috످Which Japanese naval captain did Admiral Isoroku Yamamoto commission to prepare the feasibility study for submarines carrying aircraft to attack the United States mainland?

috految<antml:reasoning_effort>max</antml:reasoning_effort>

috److془The I-400 class: Yamamoto commissioned Captain Kameto Kuroshima to make a feasibility study. Yamamoto submitted the proposal to Fleet Headquarters on 13 January 1942. I'm confident.془Admiral Yamamoto commissioned Captain Kameto Kuroshima, his senior staff officer, to prepare the feasibility study shortly after the December 1941 attack on Pearl Harbor. The study led to the development of the I-400-class submarine aircraft carriers.

috످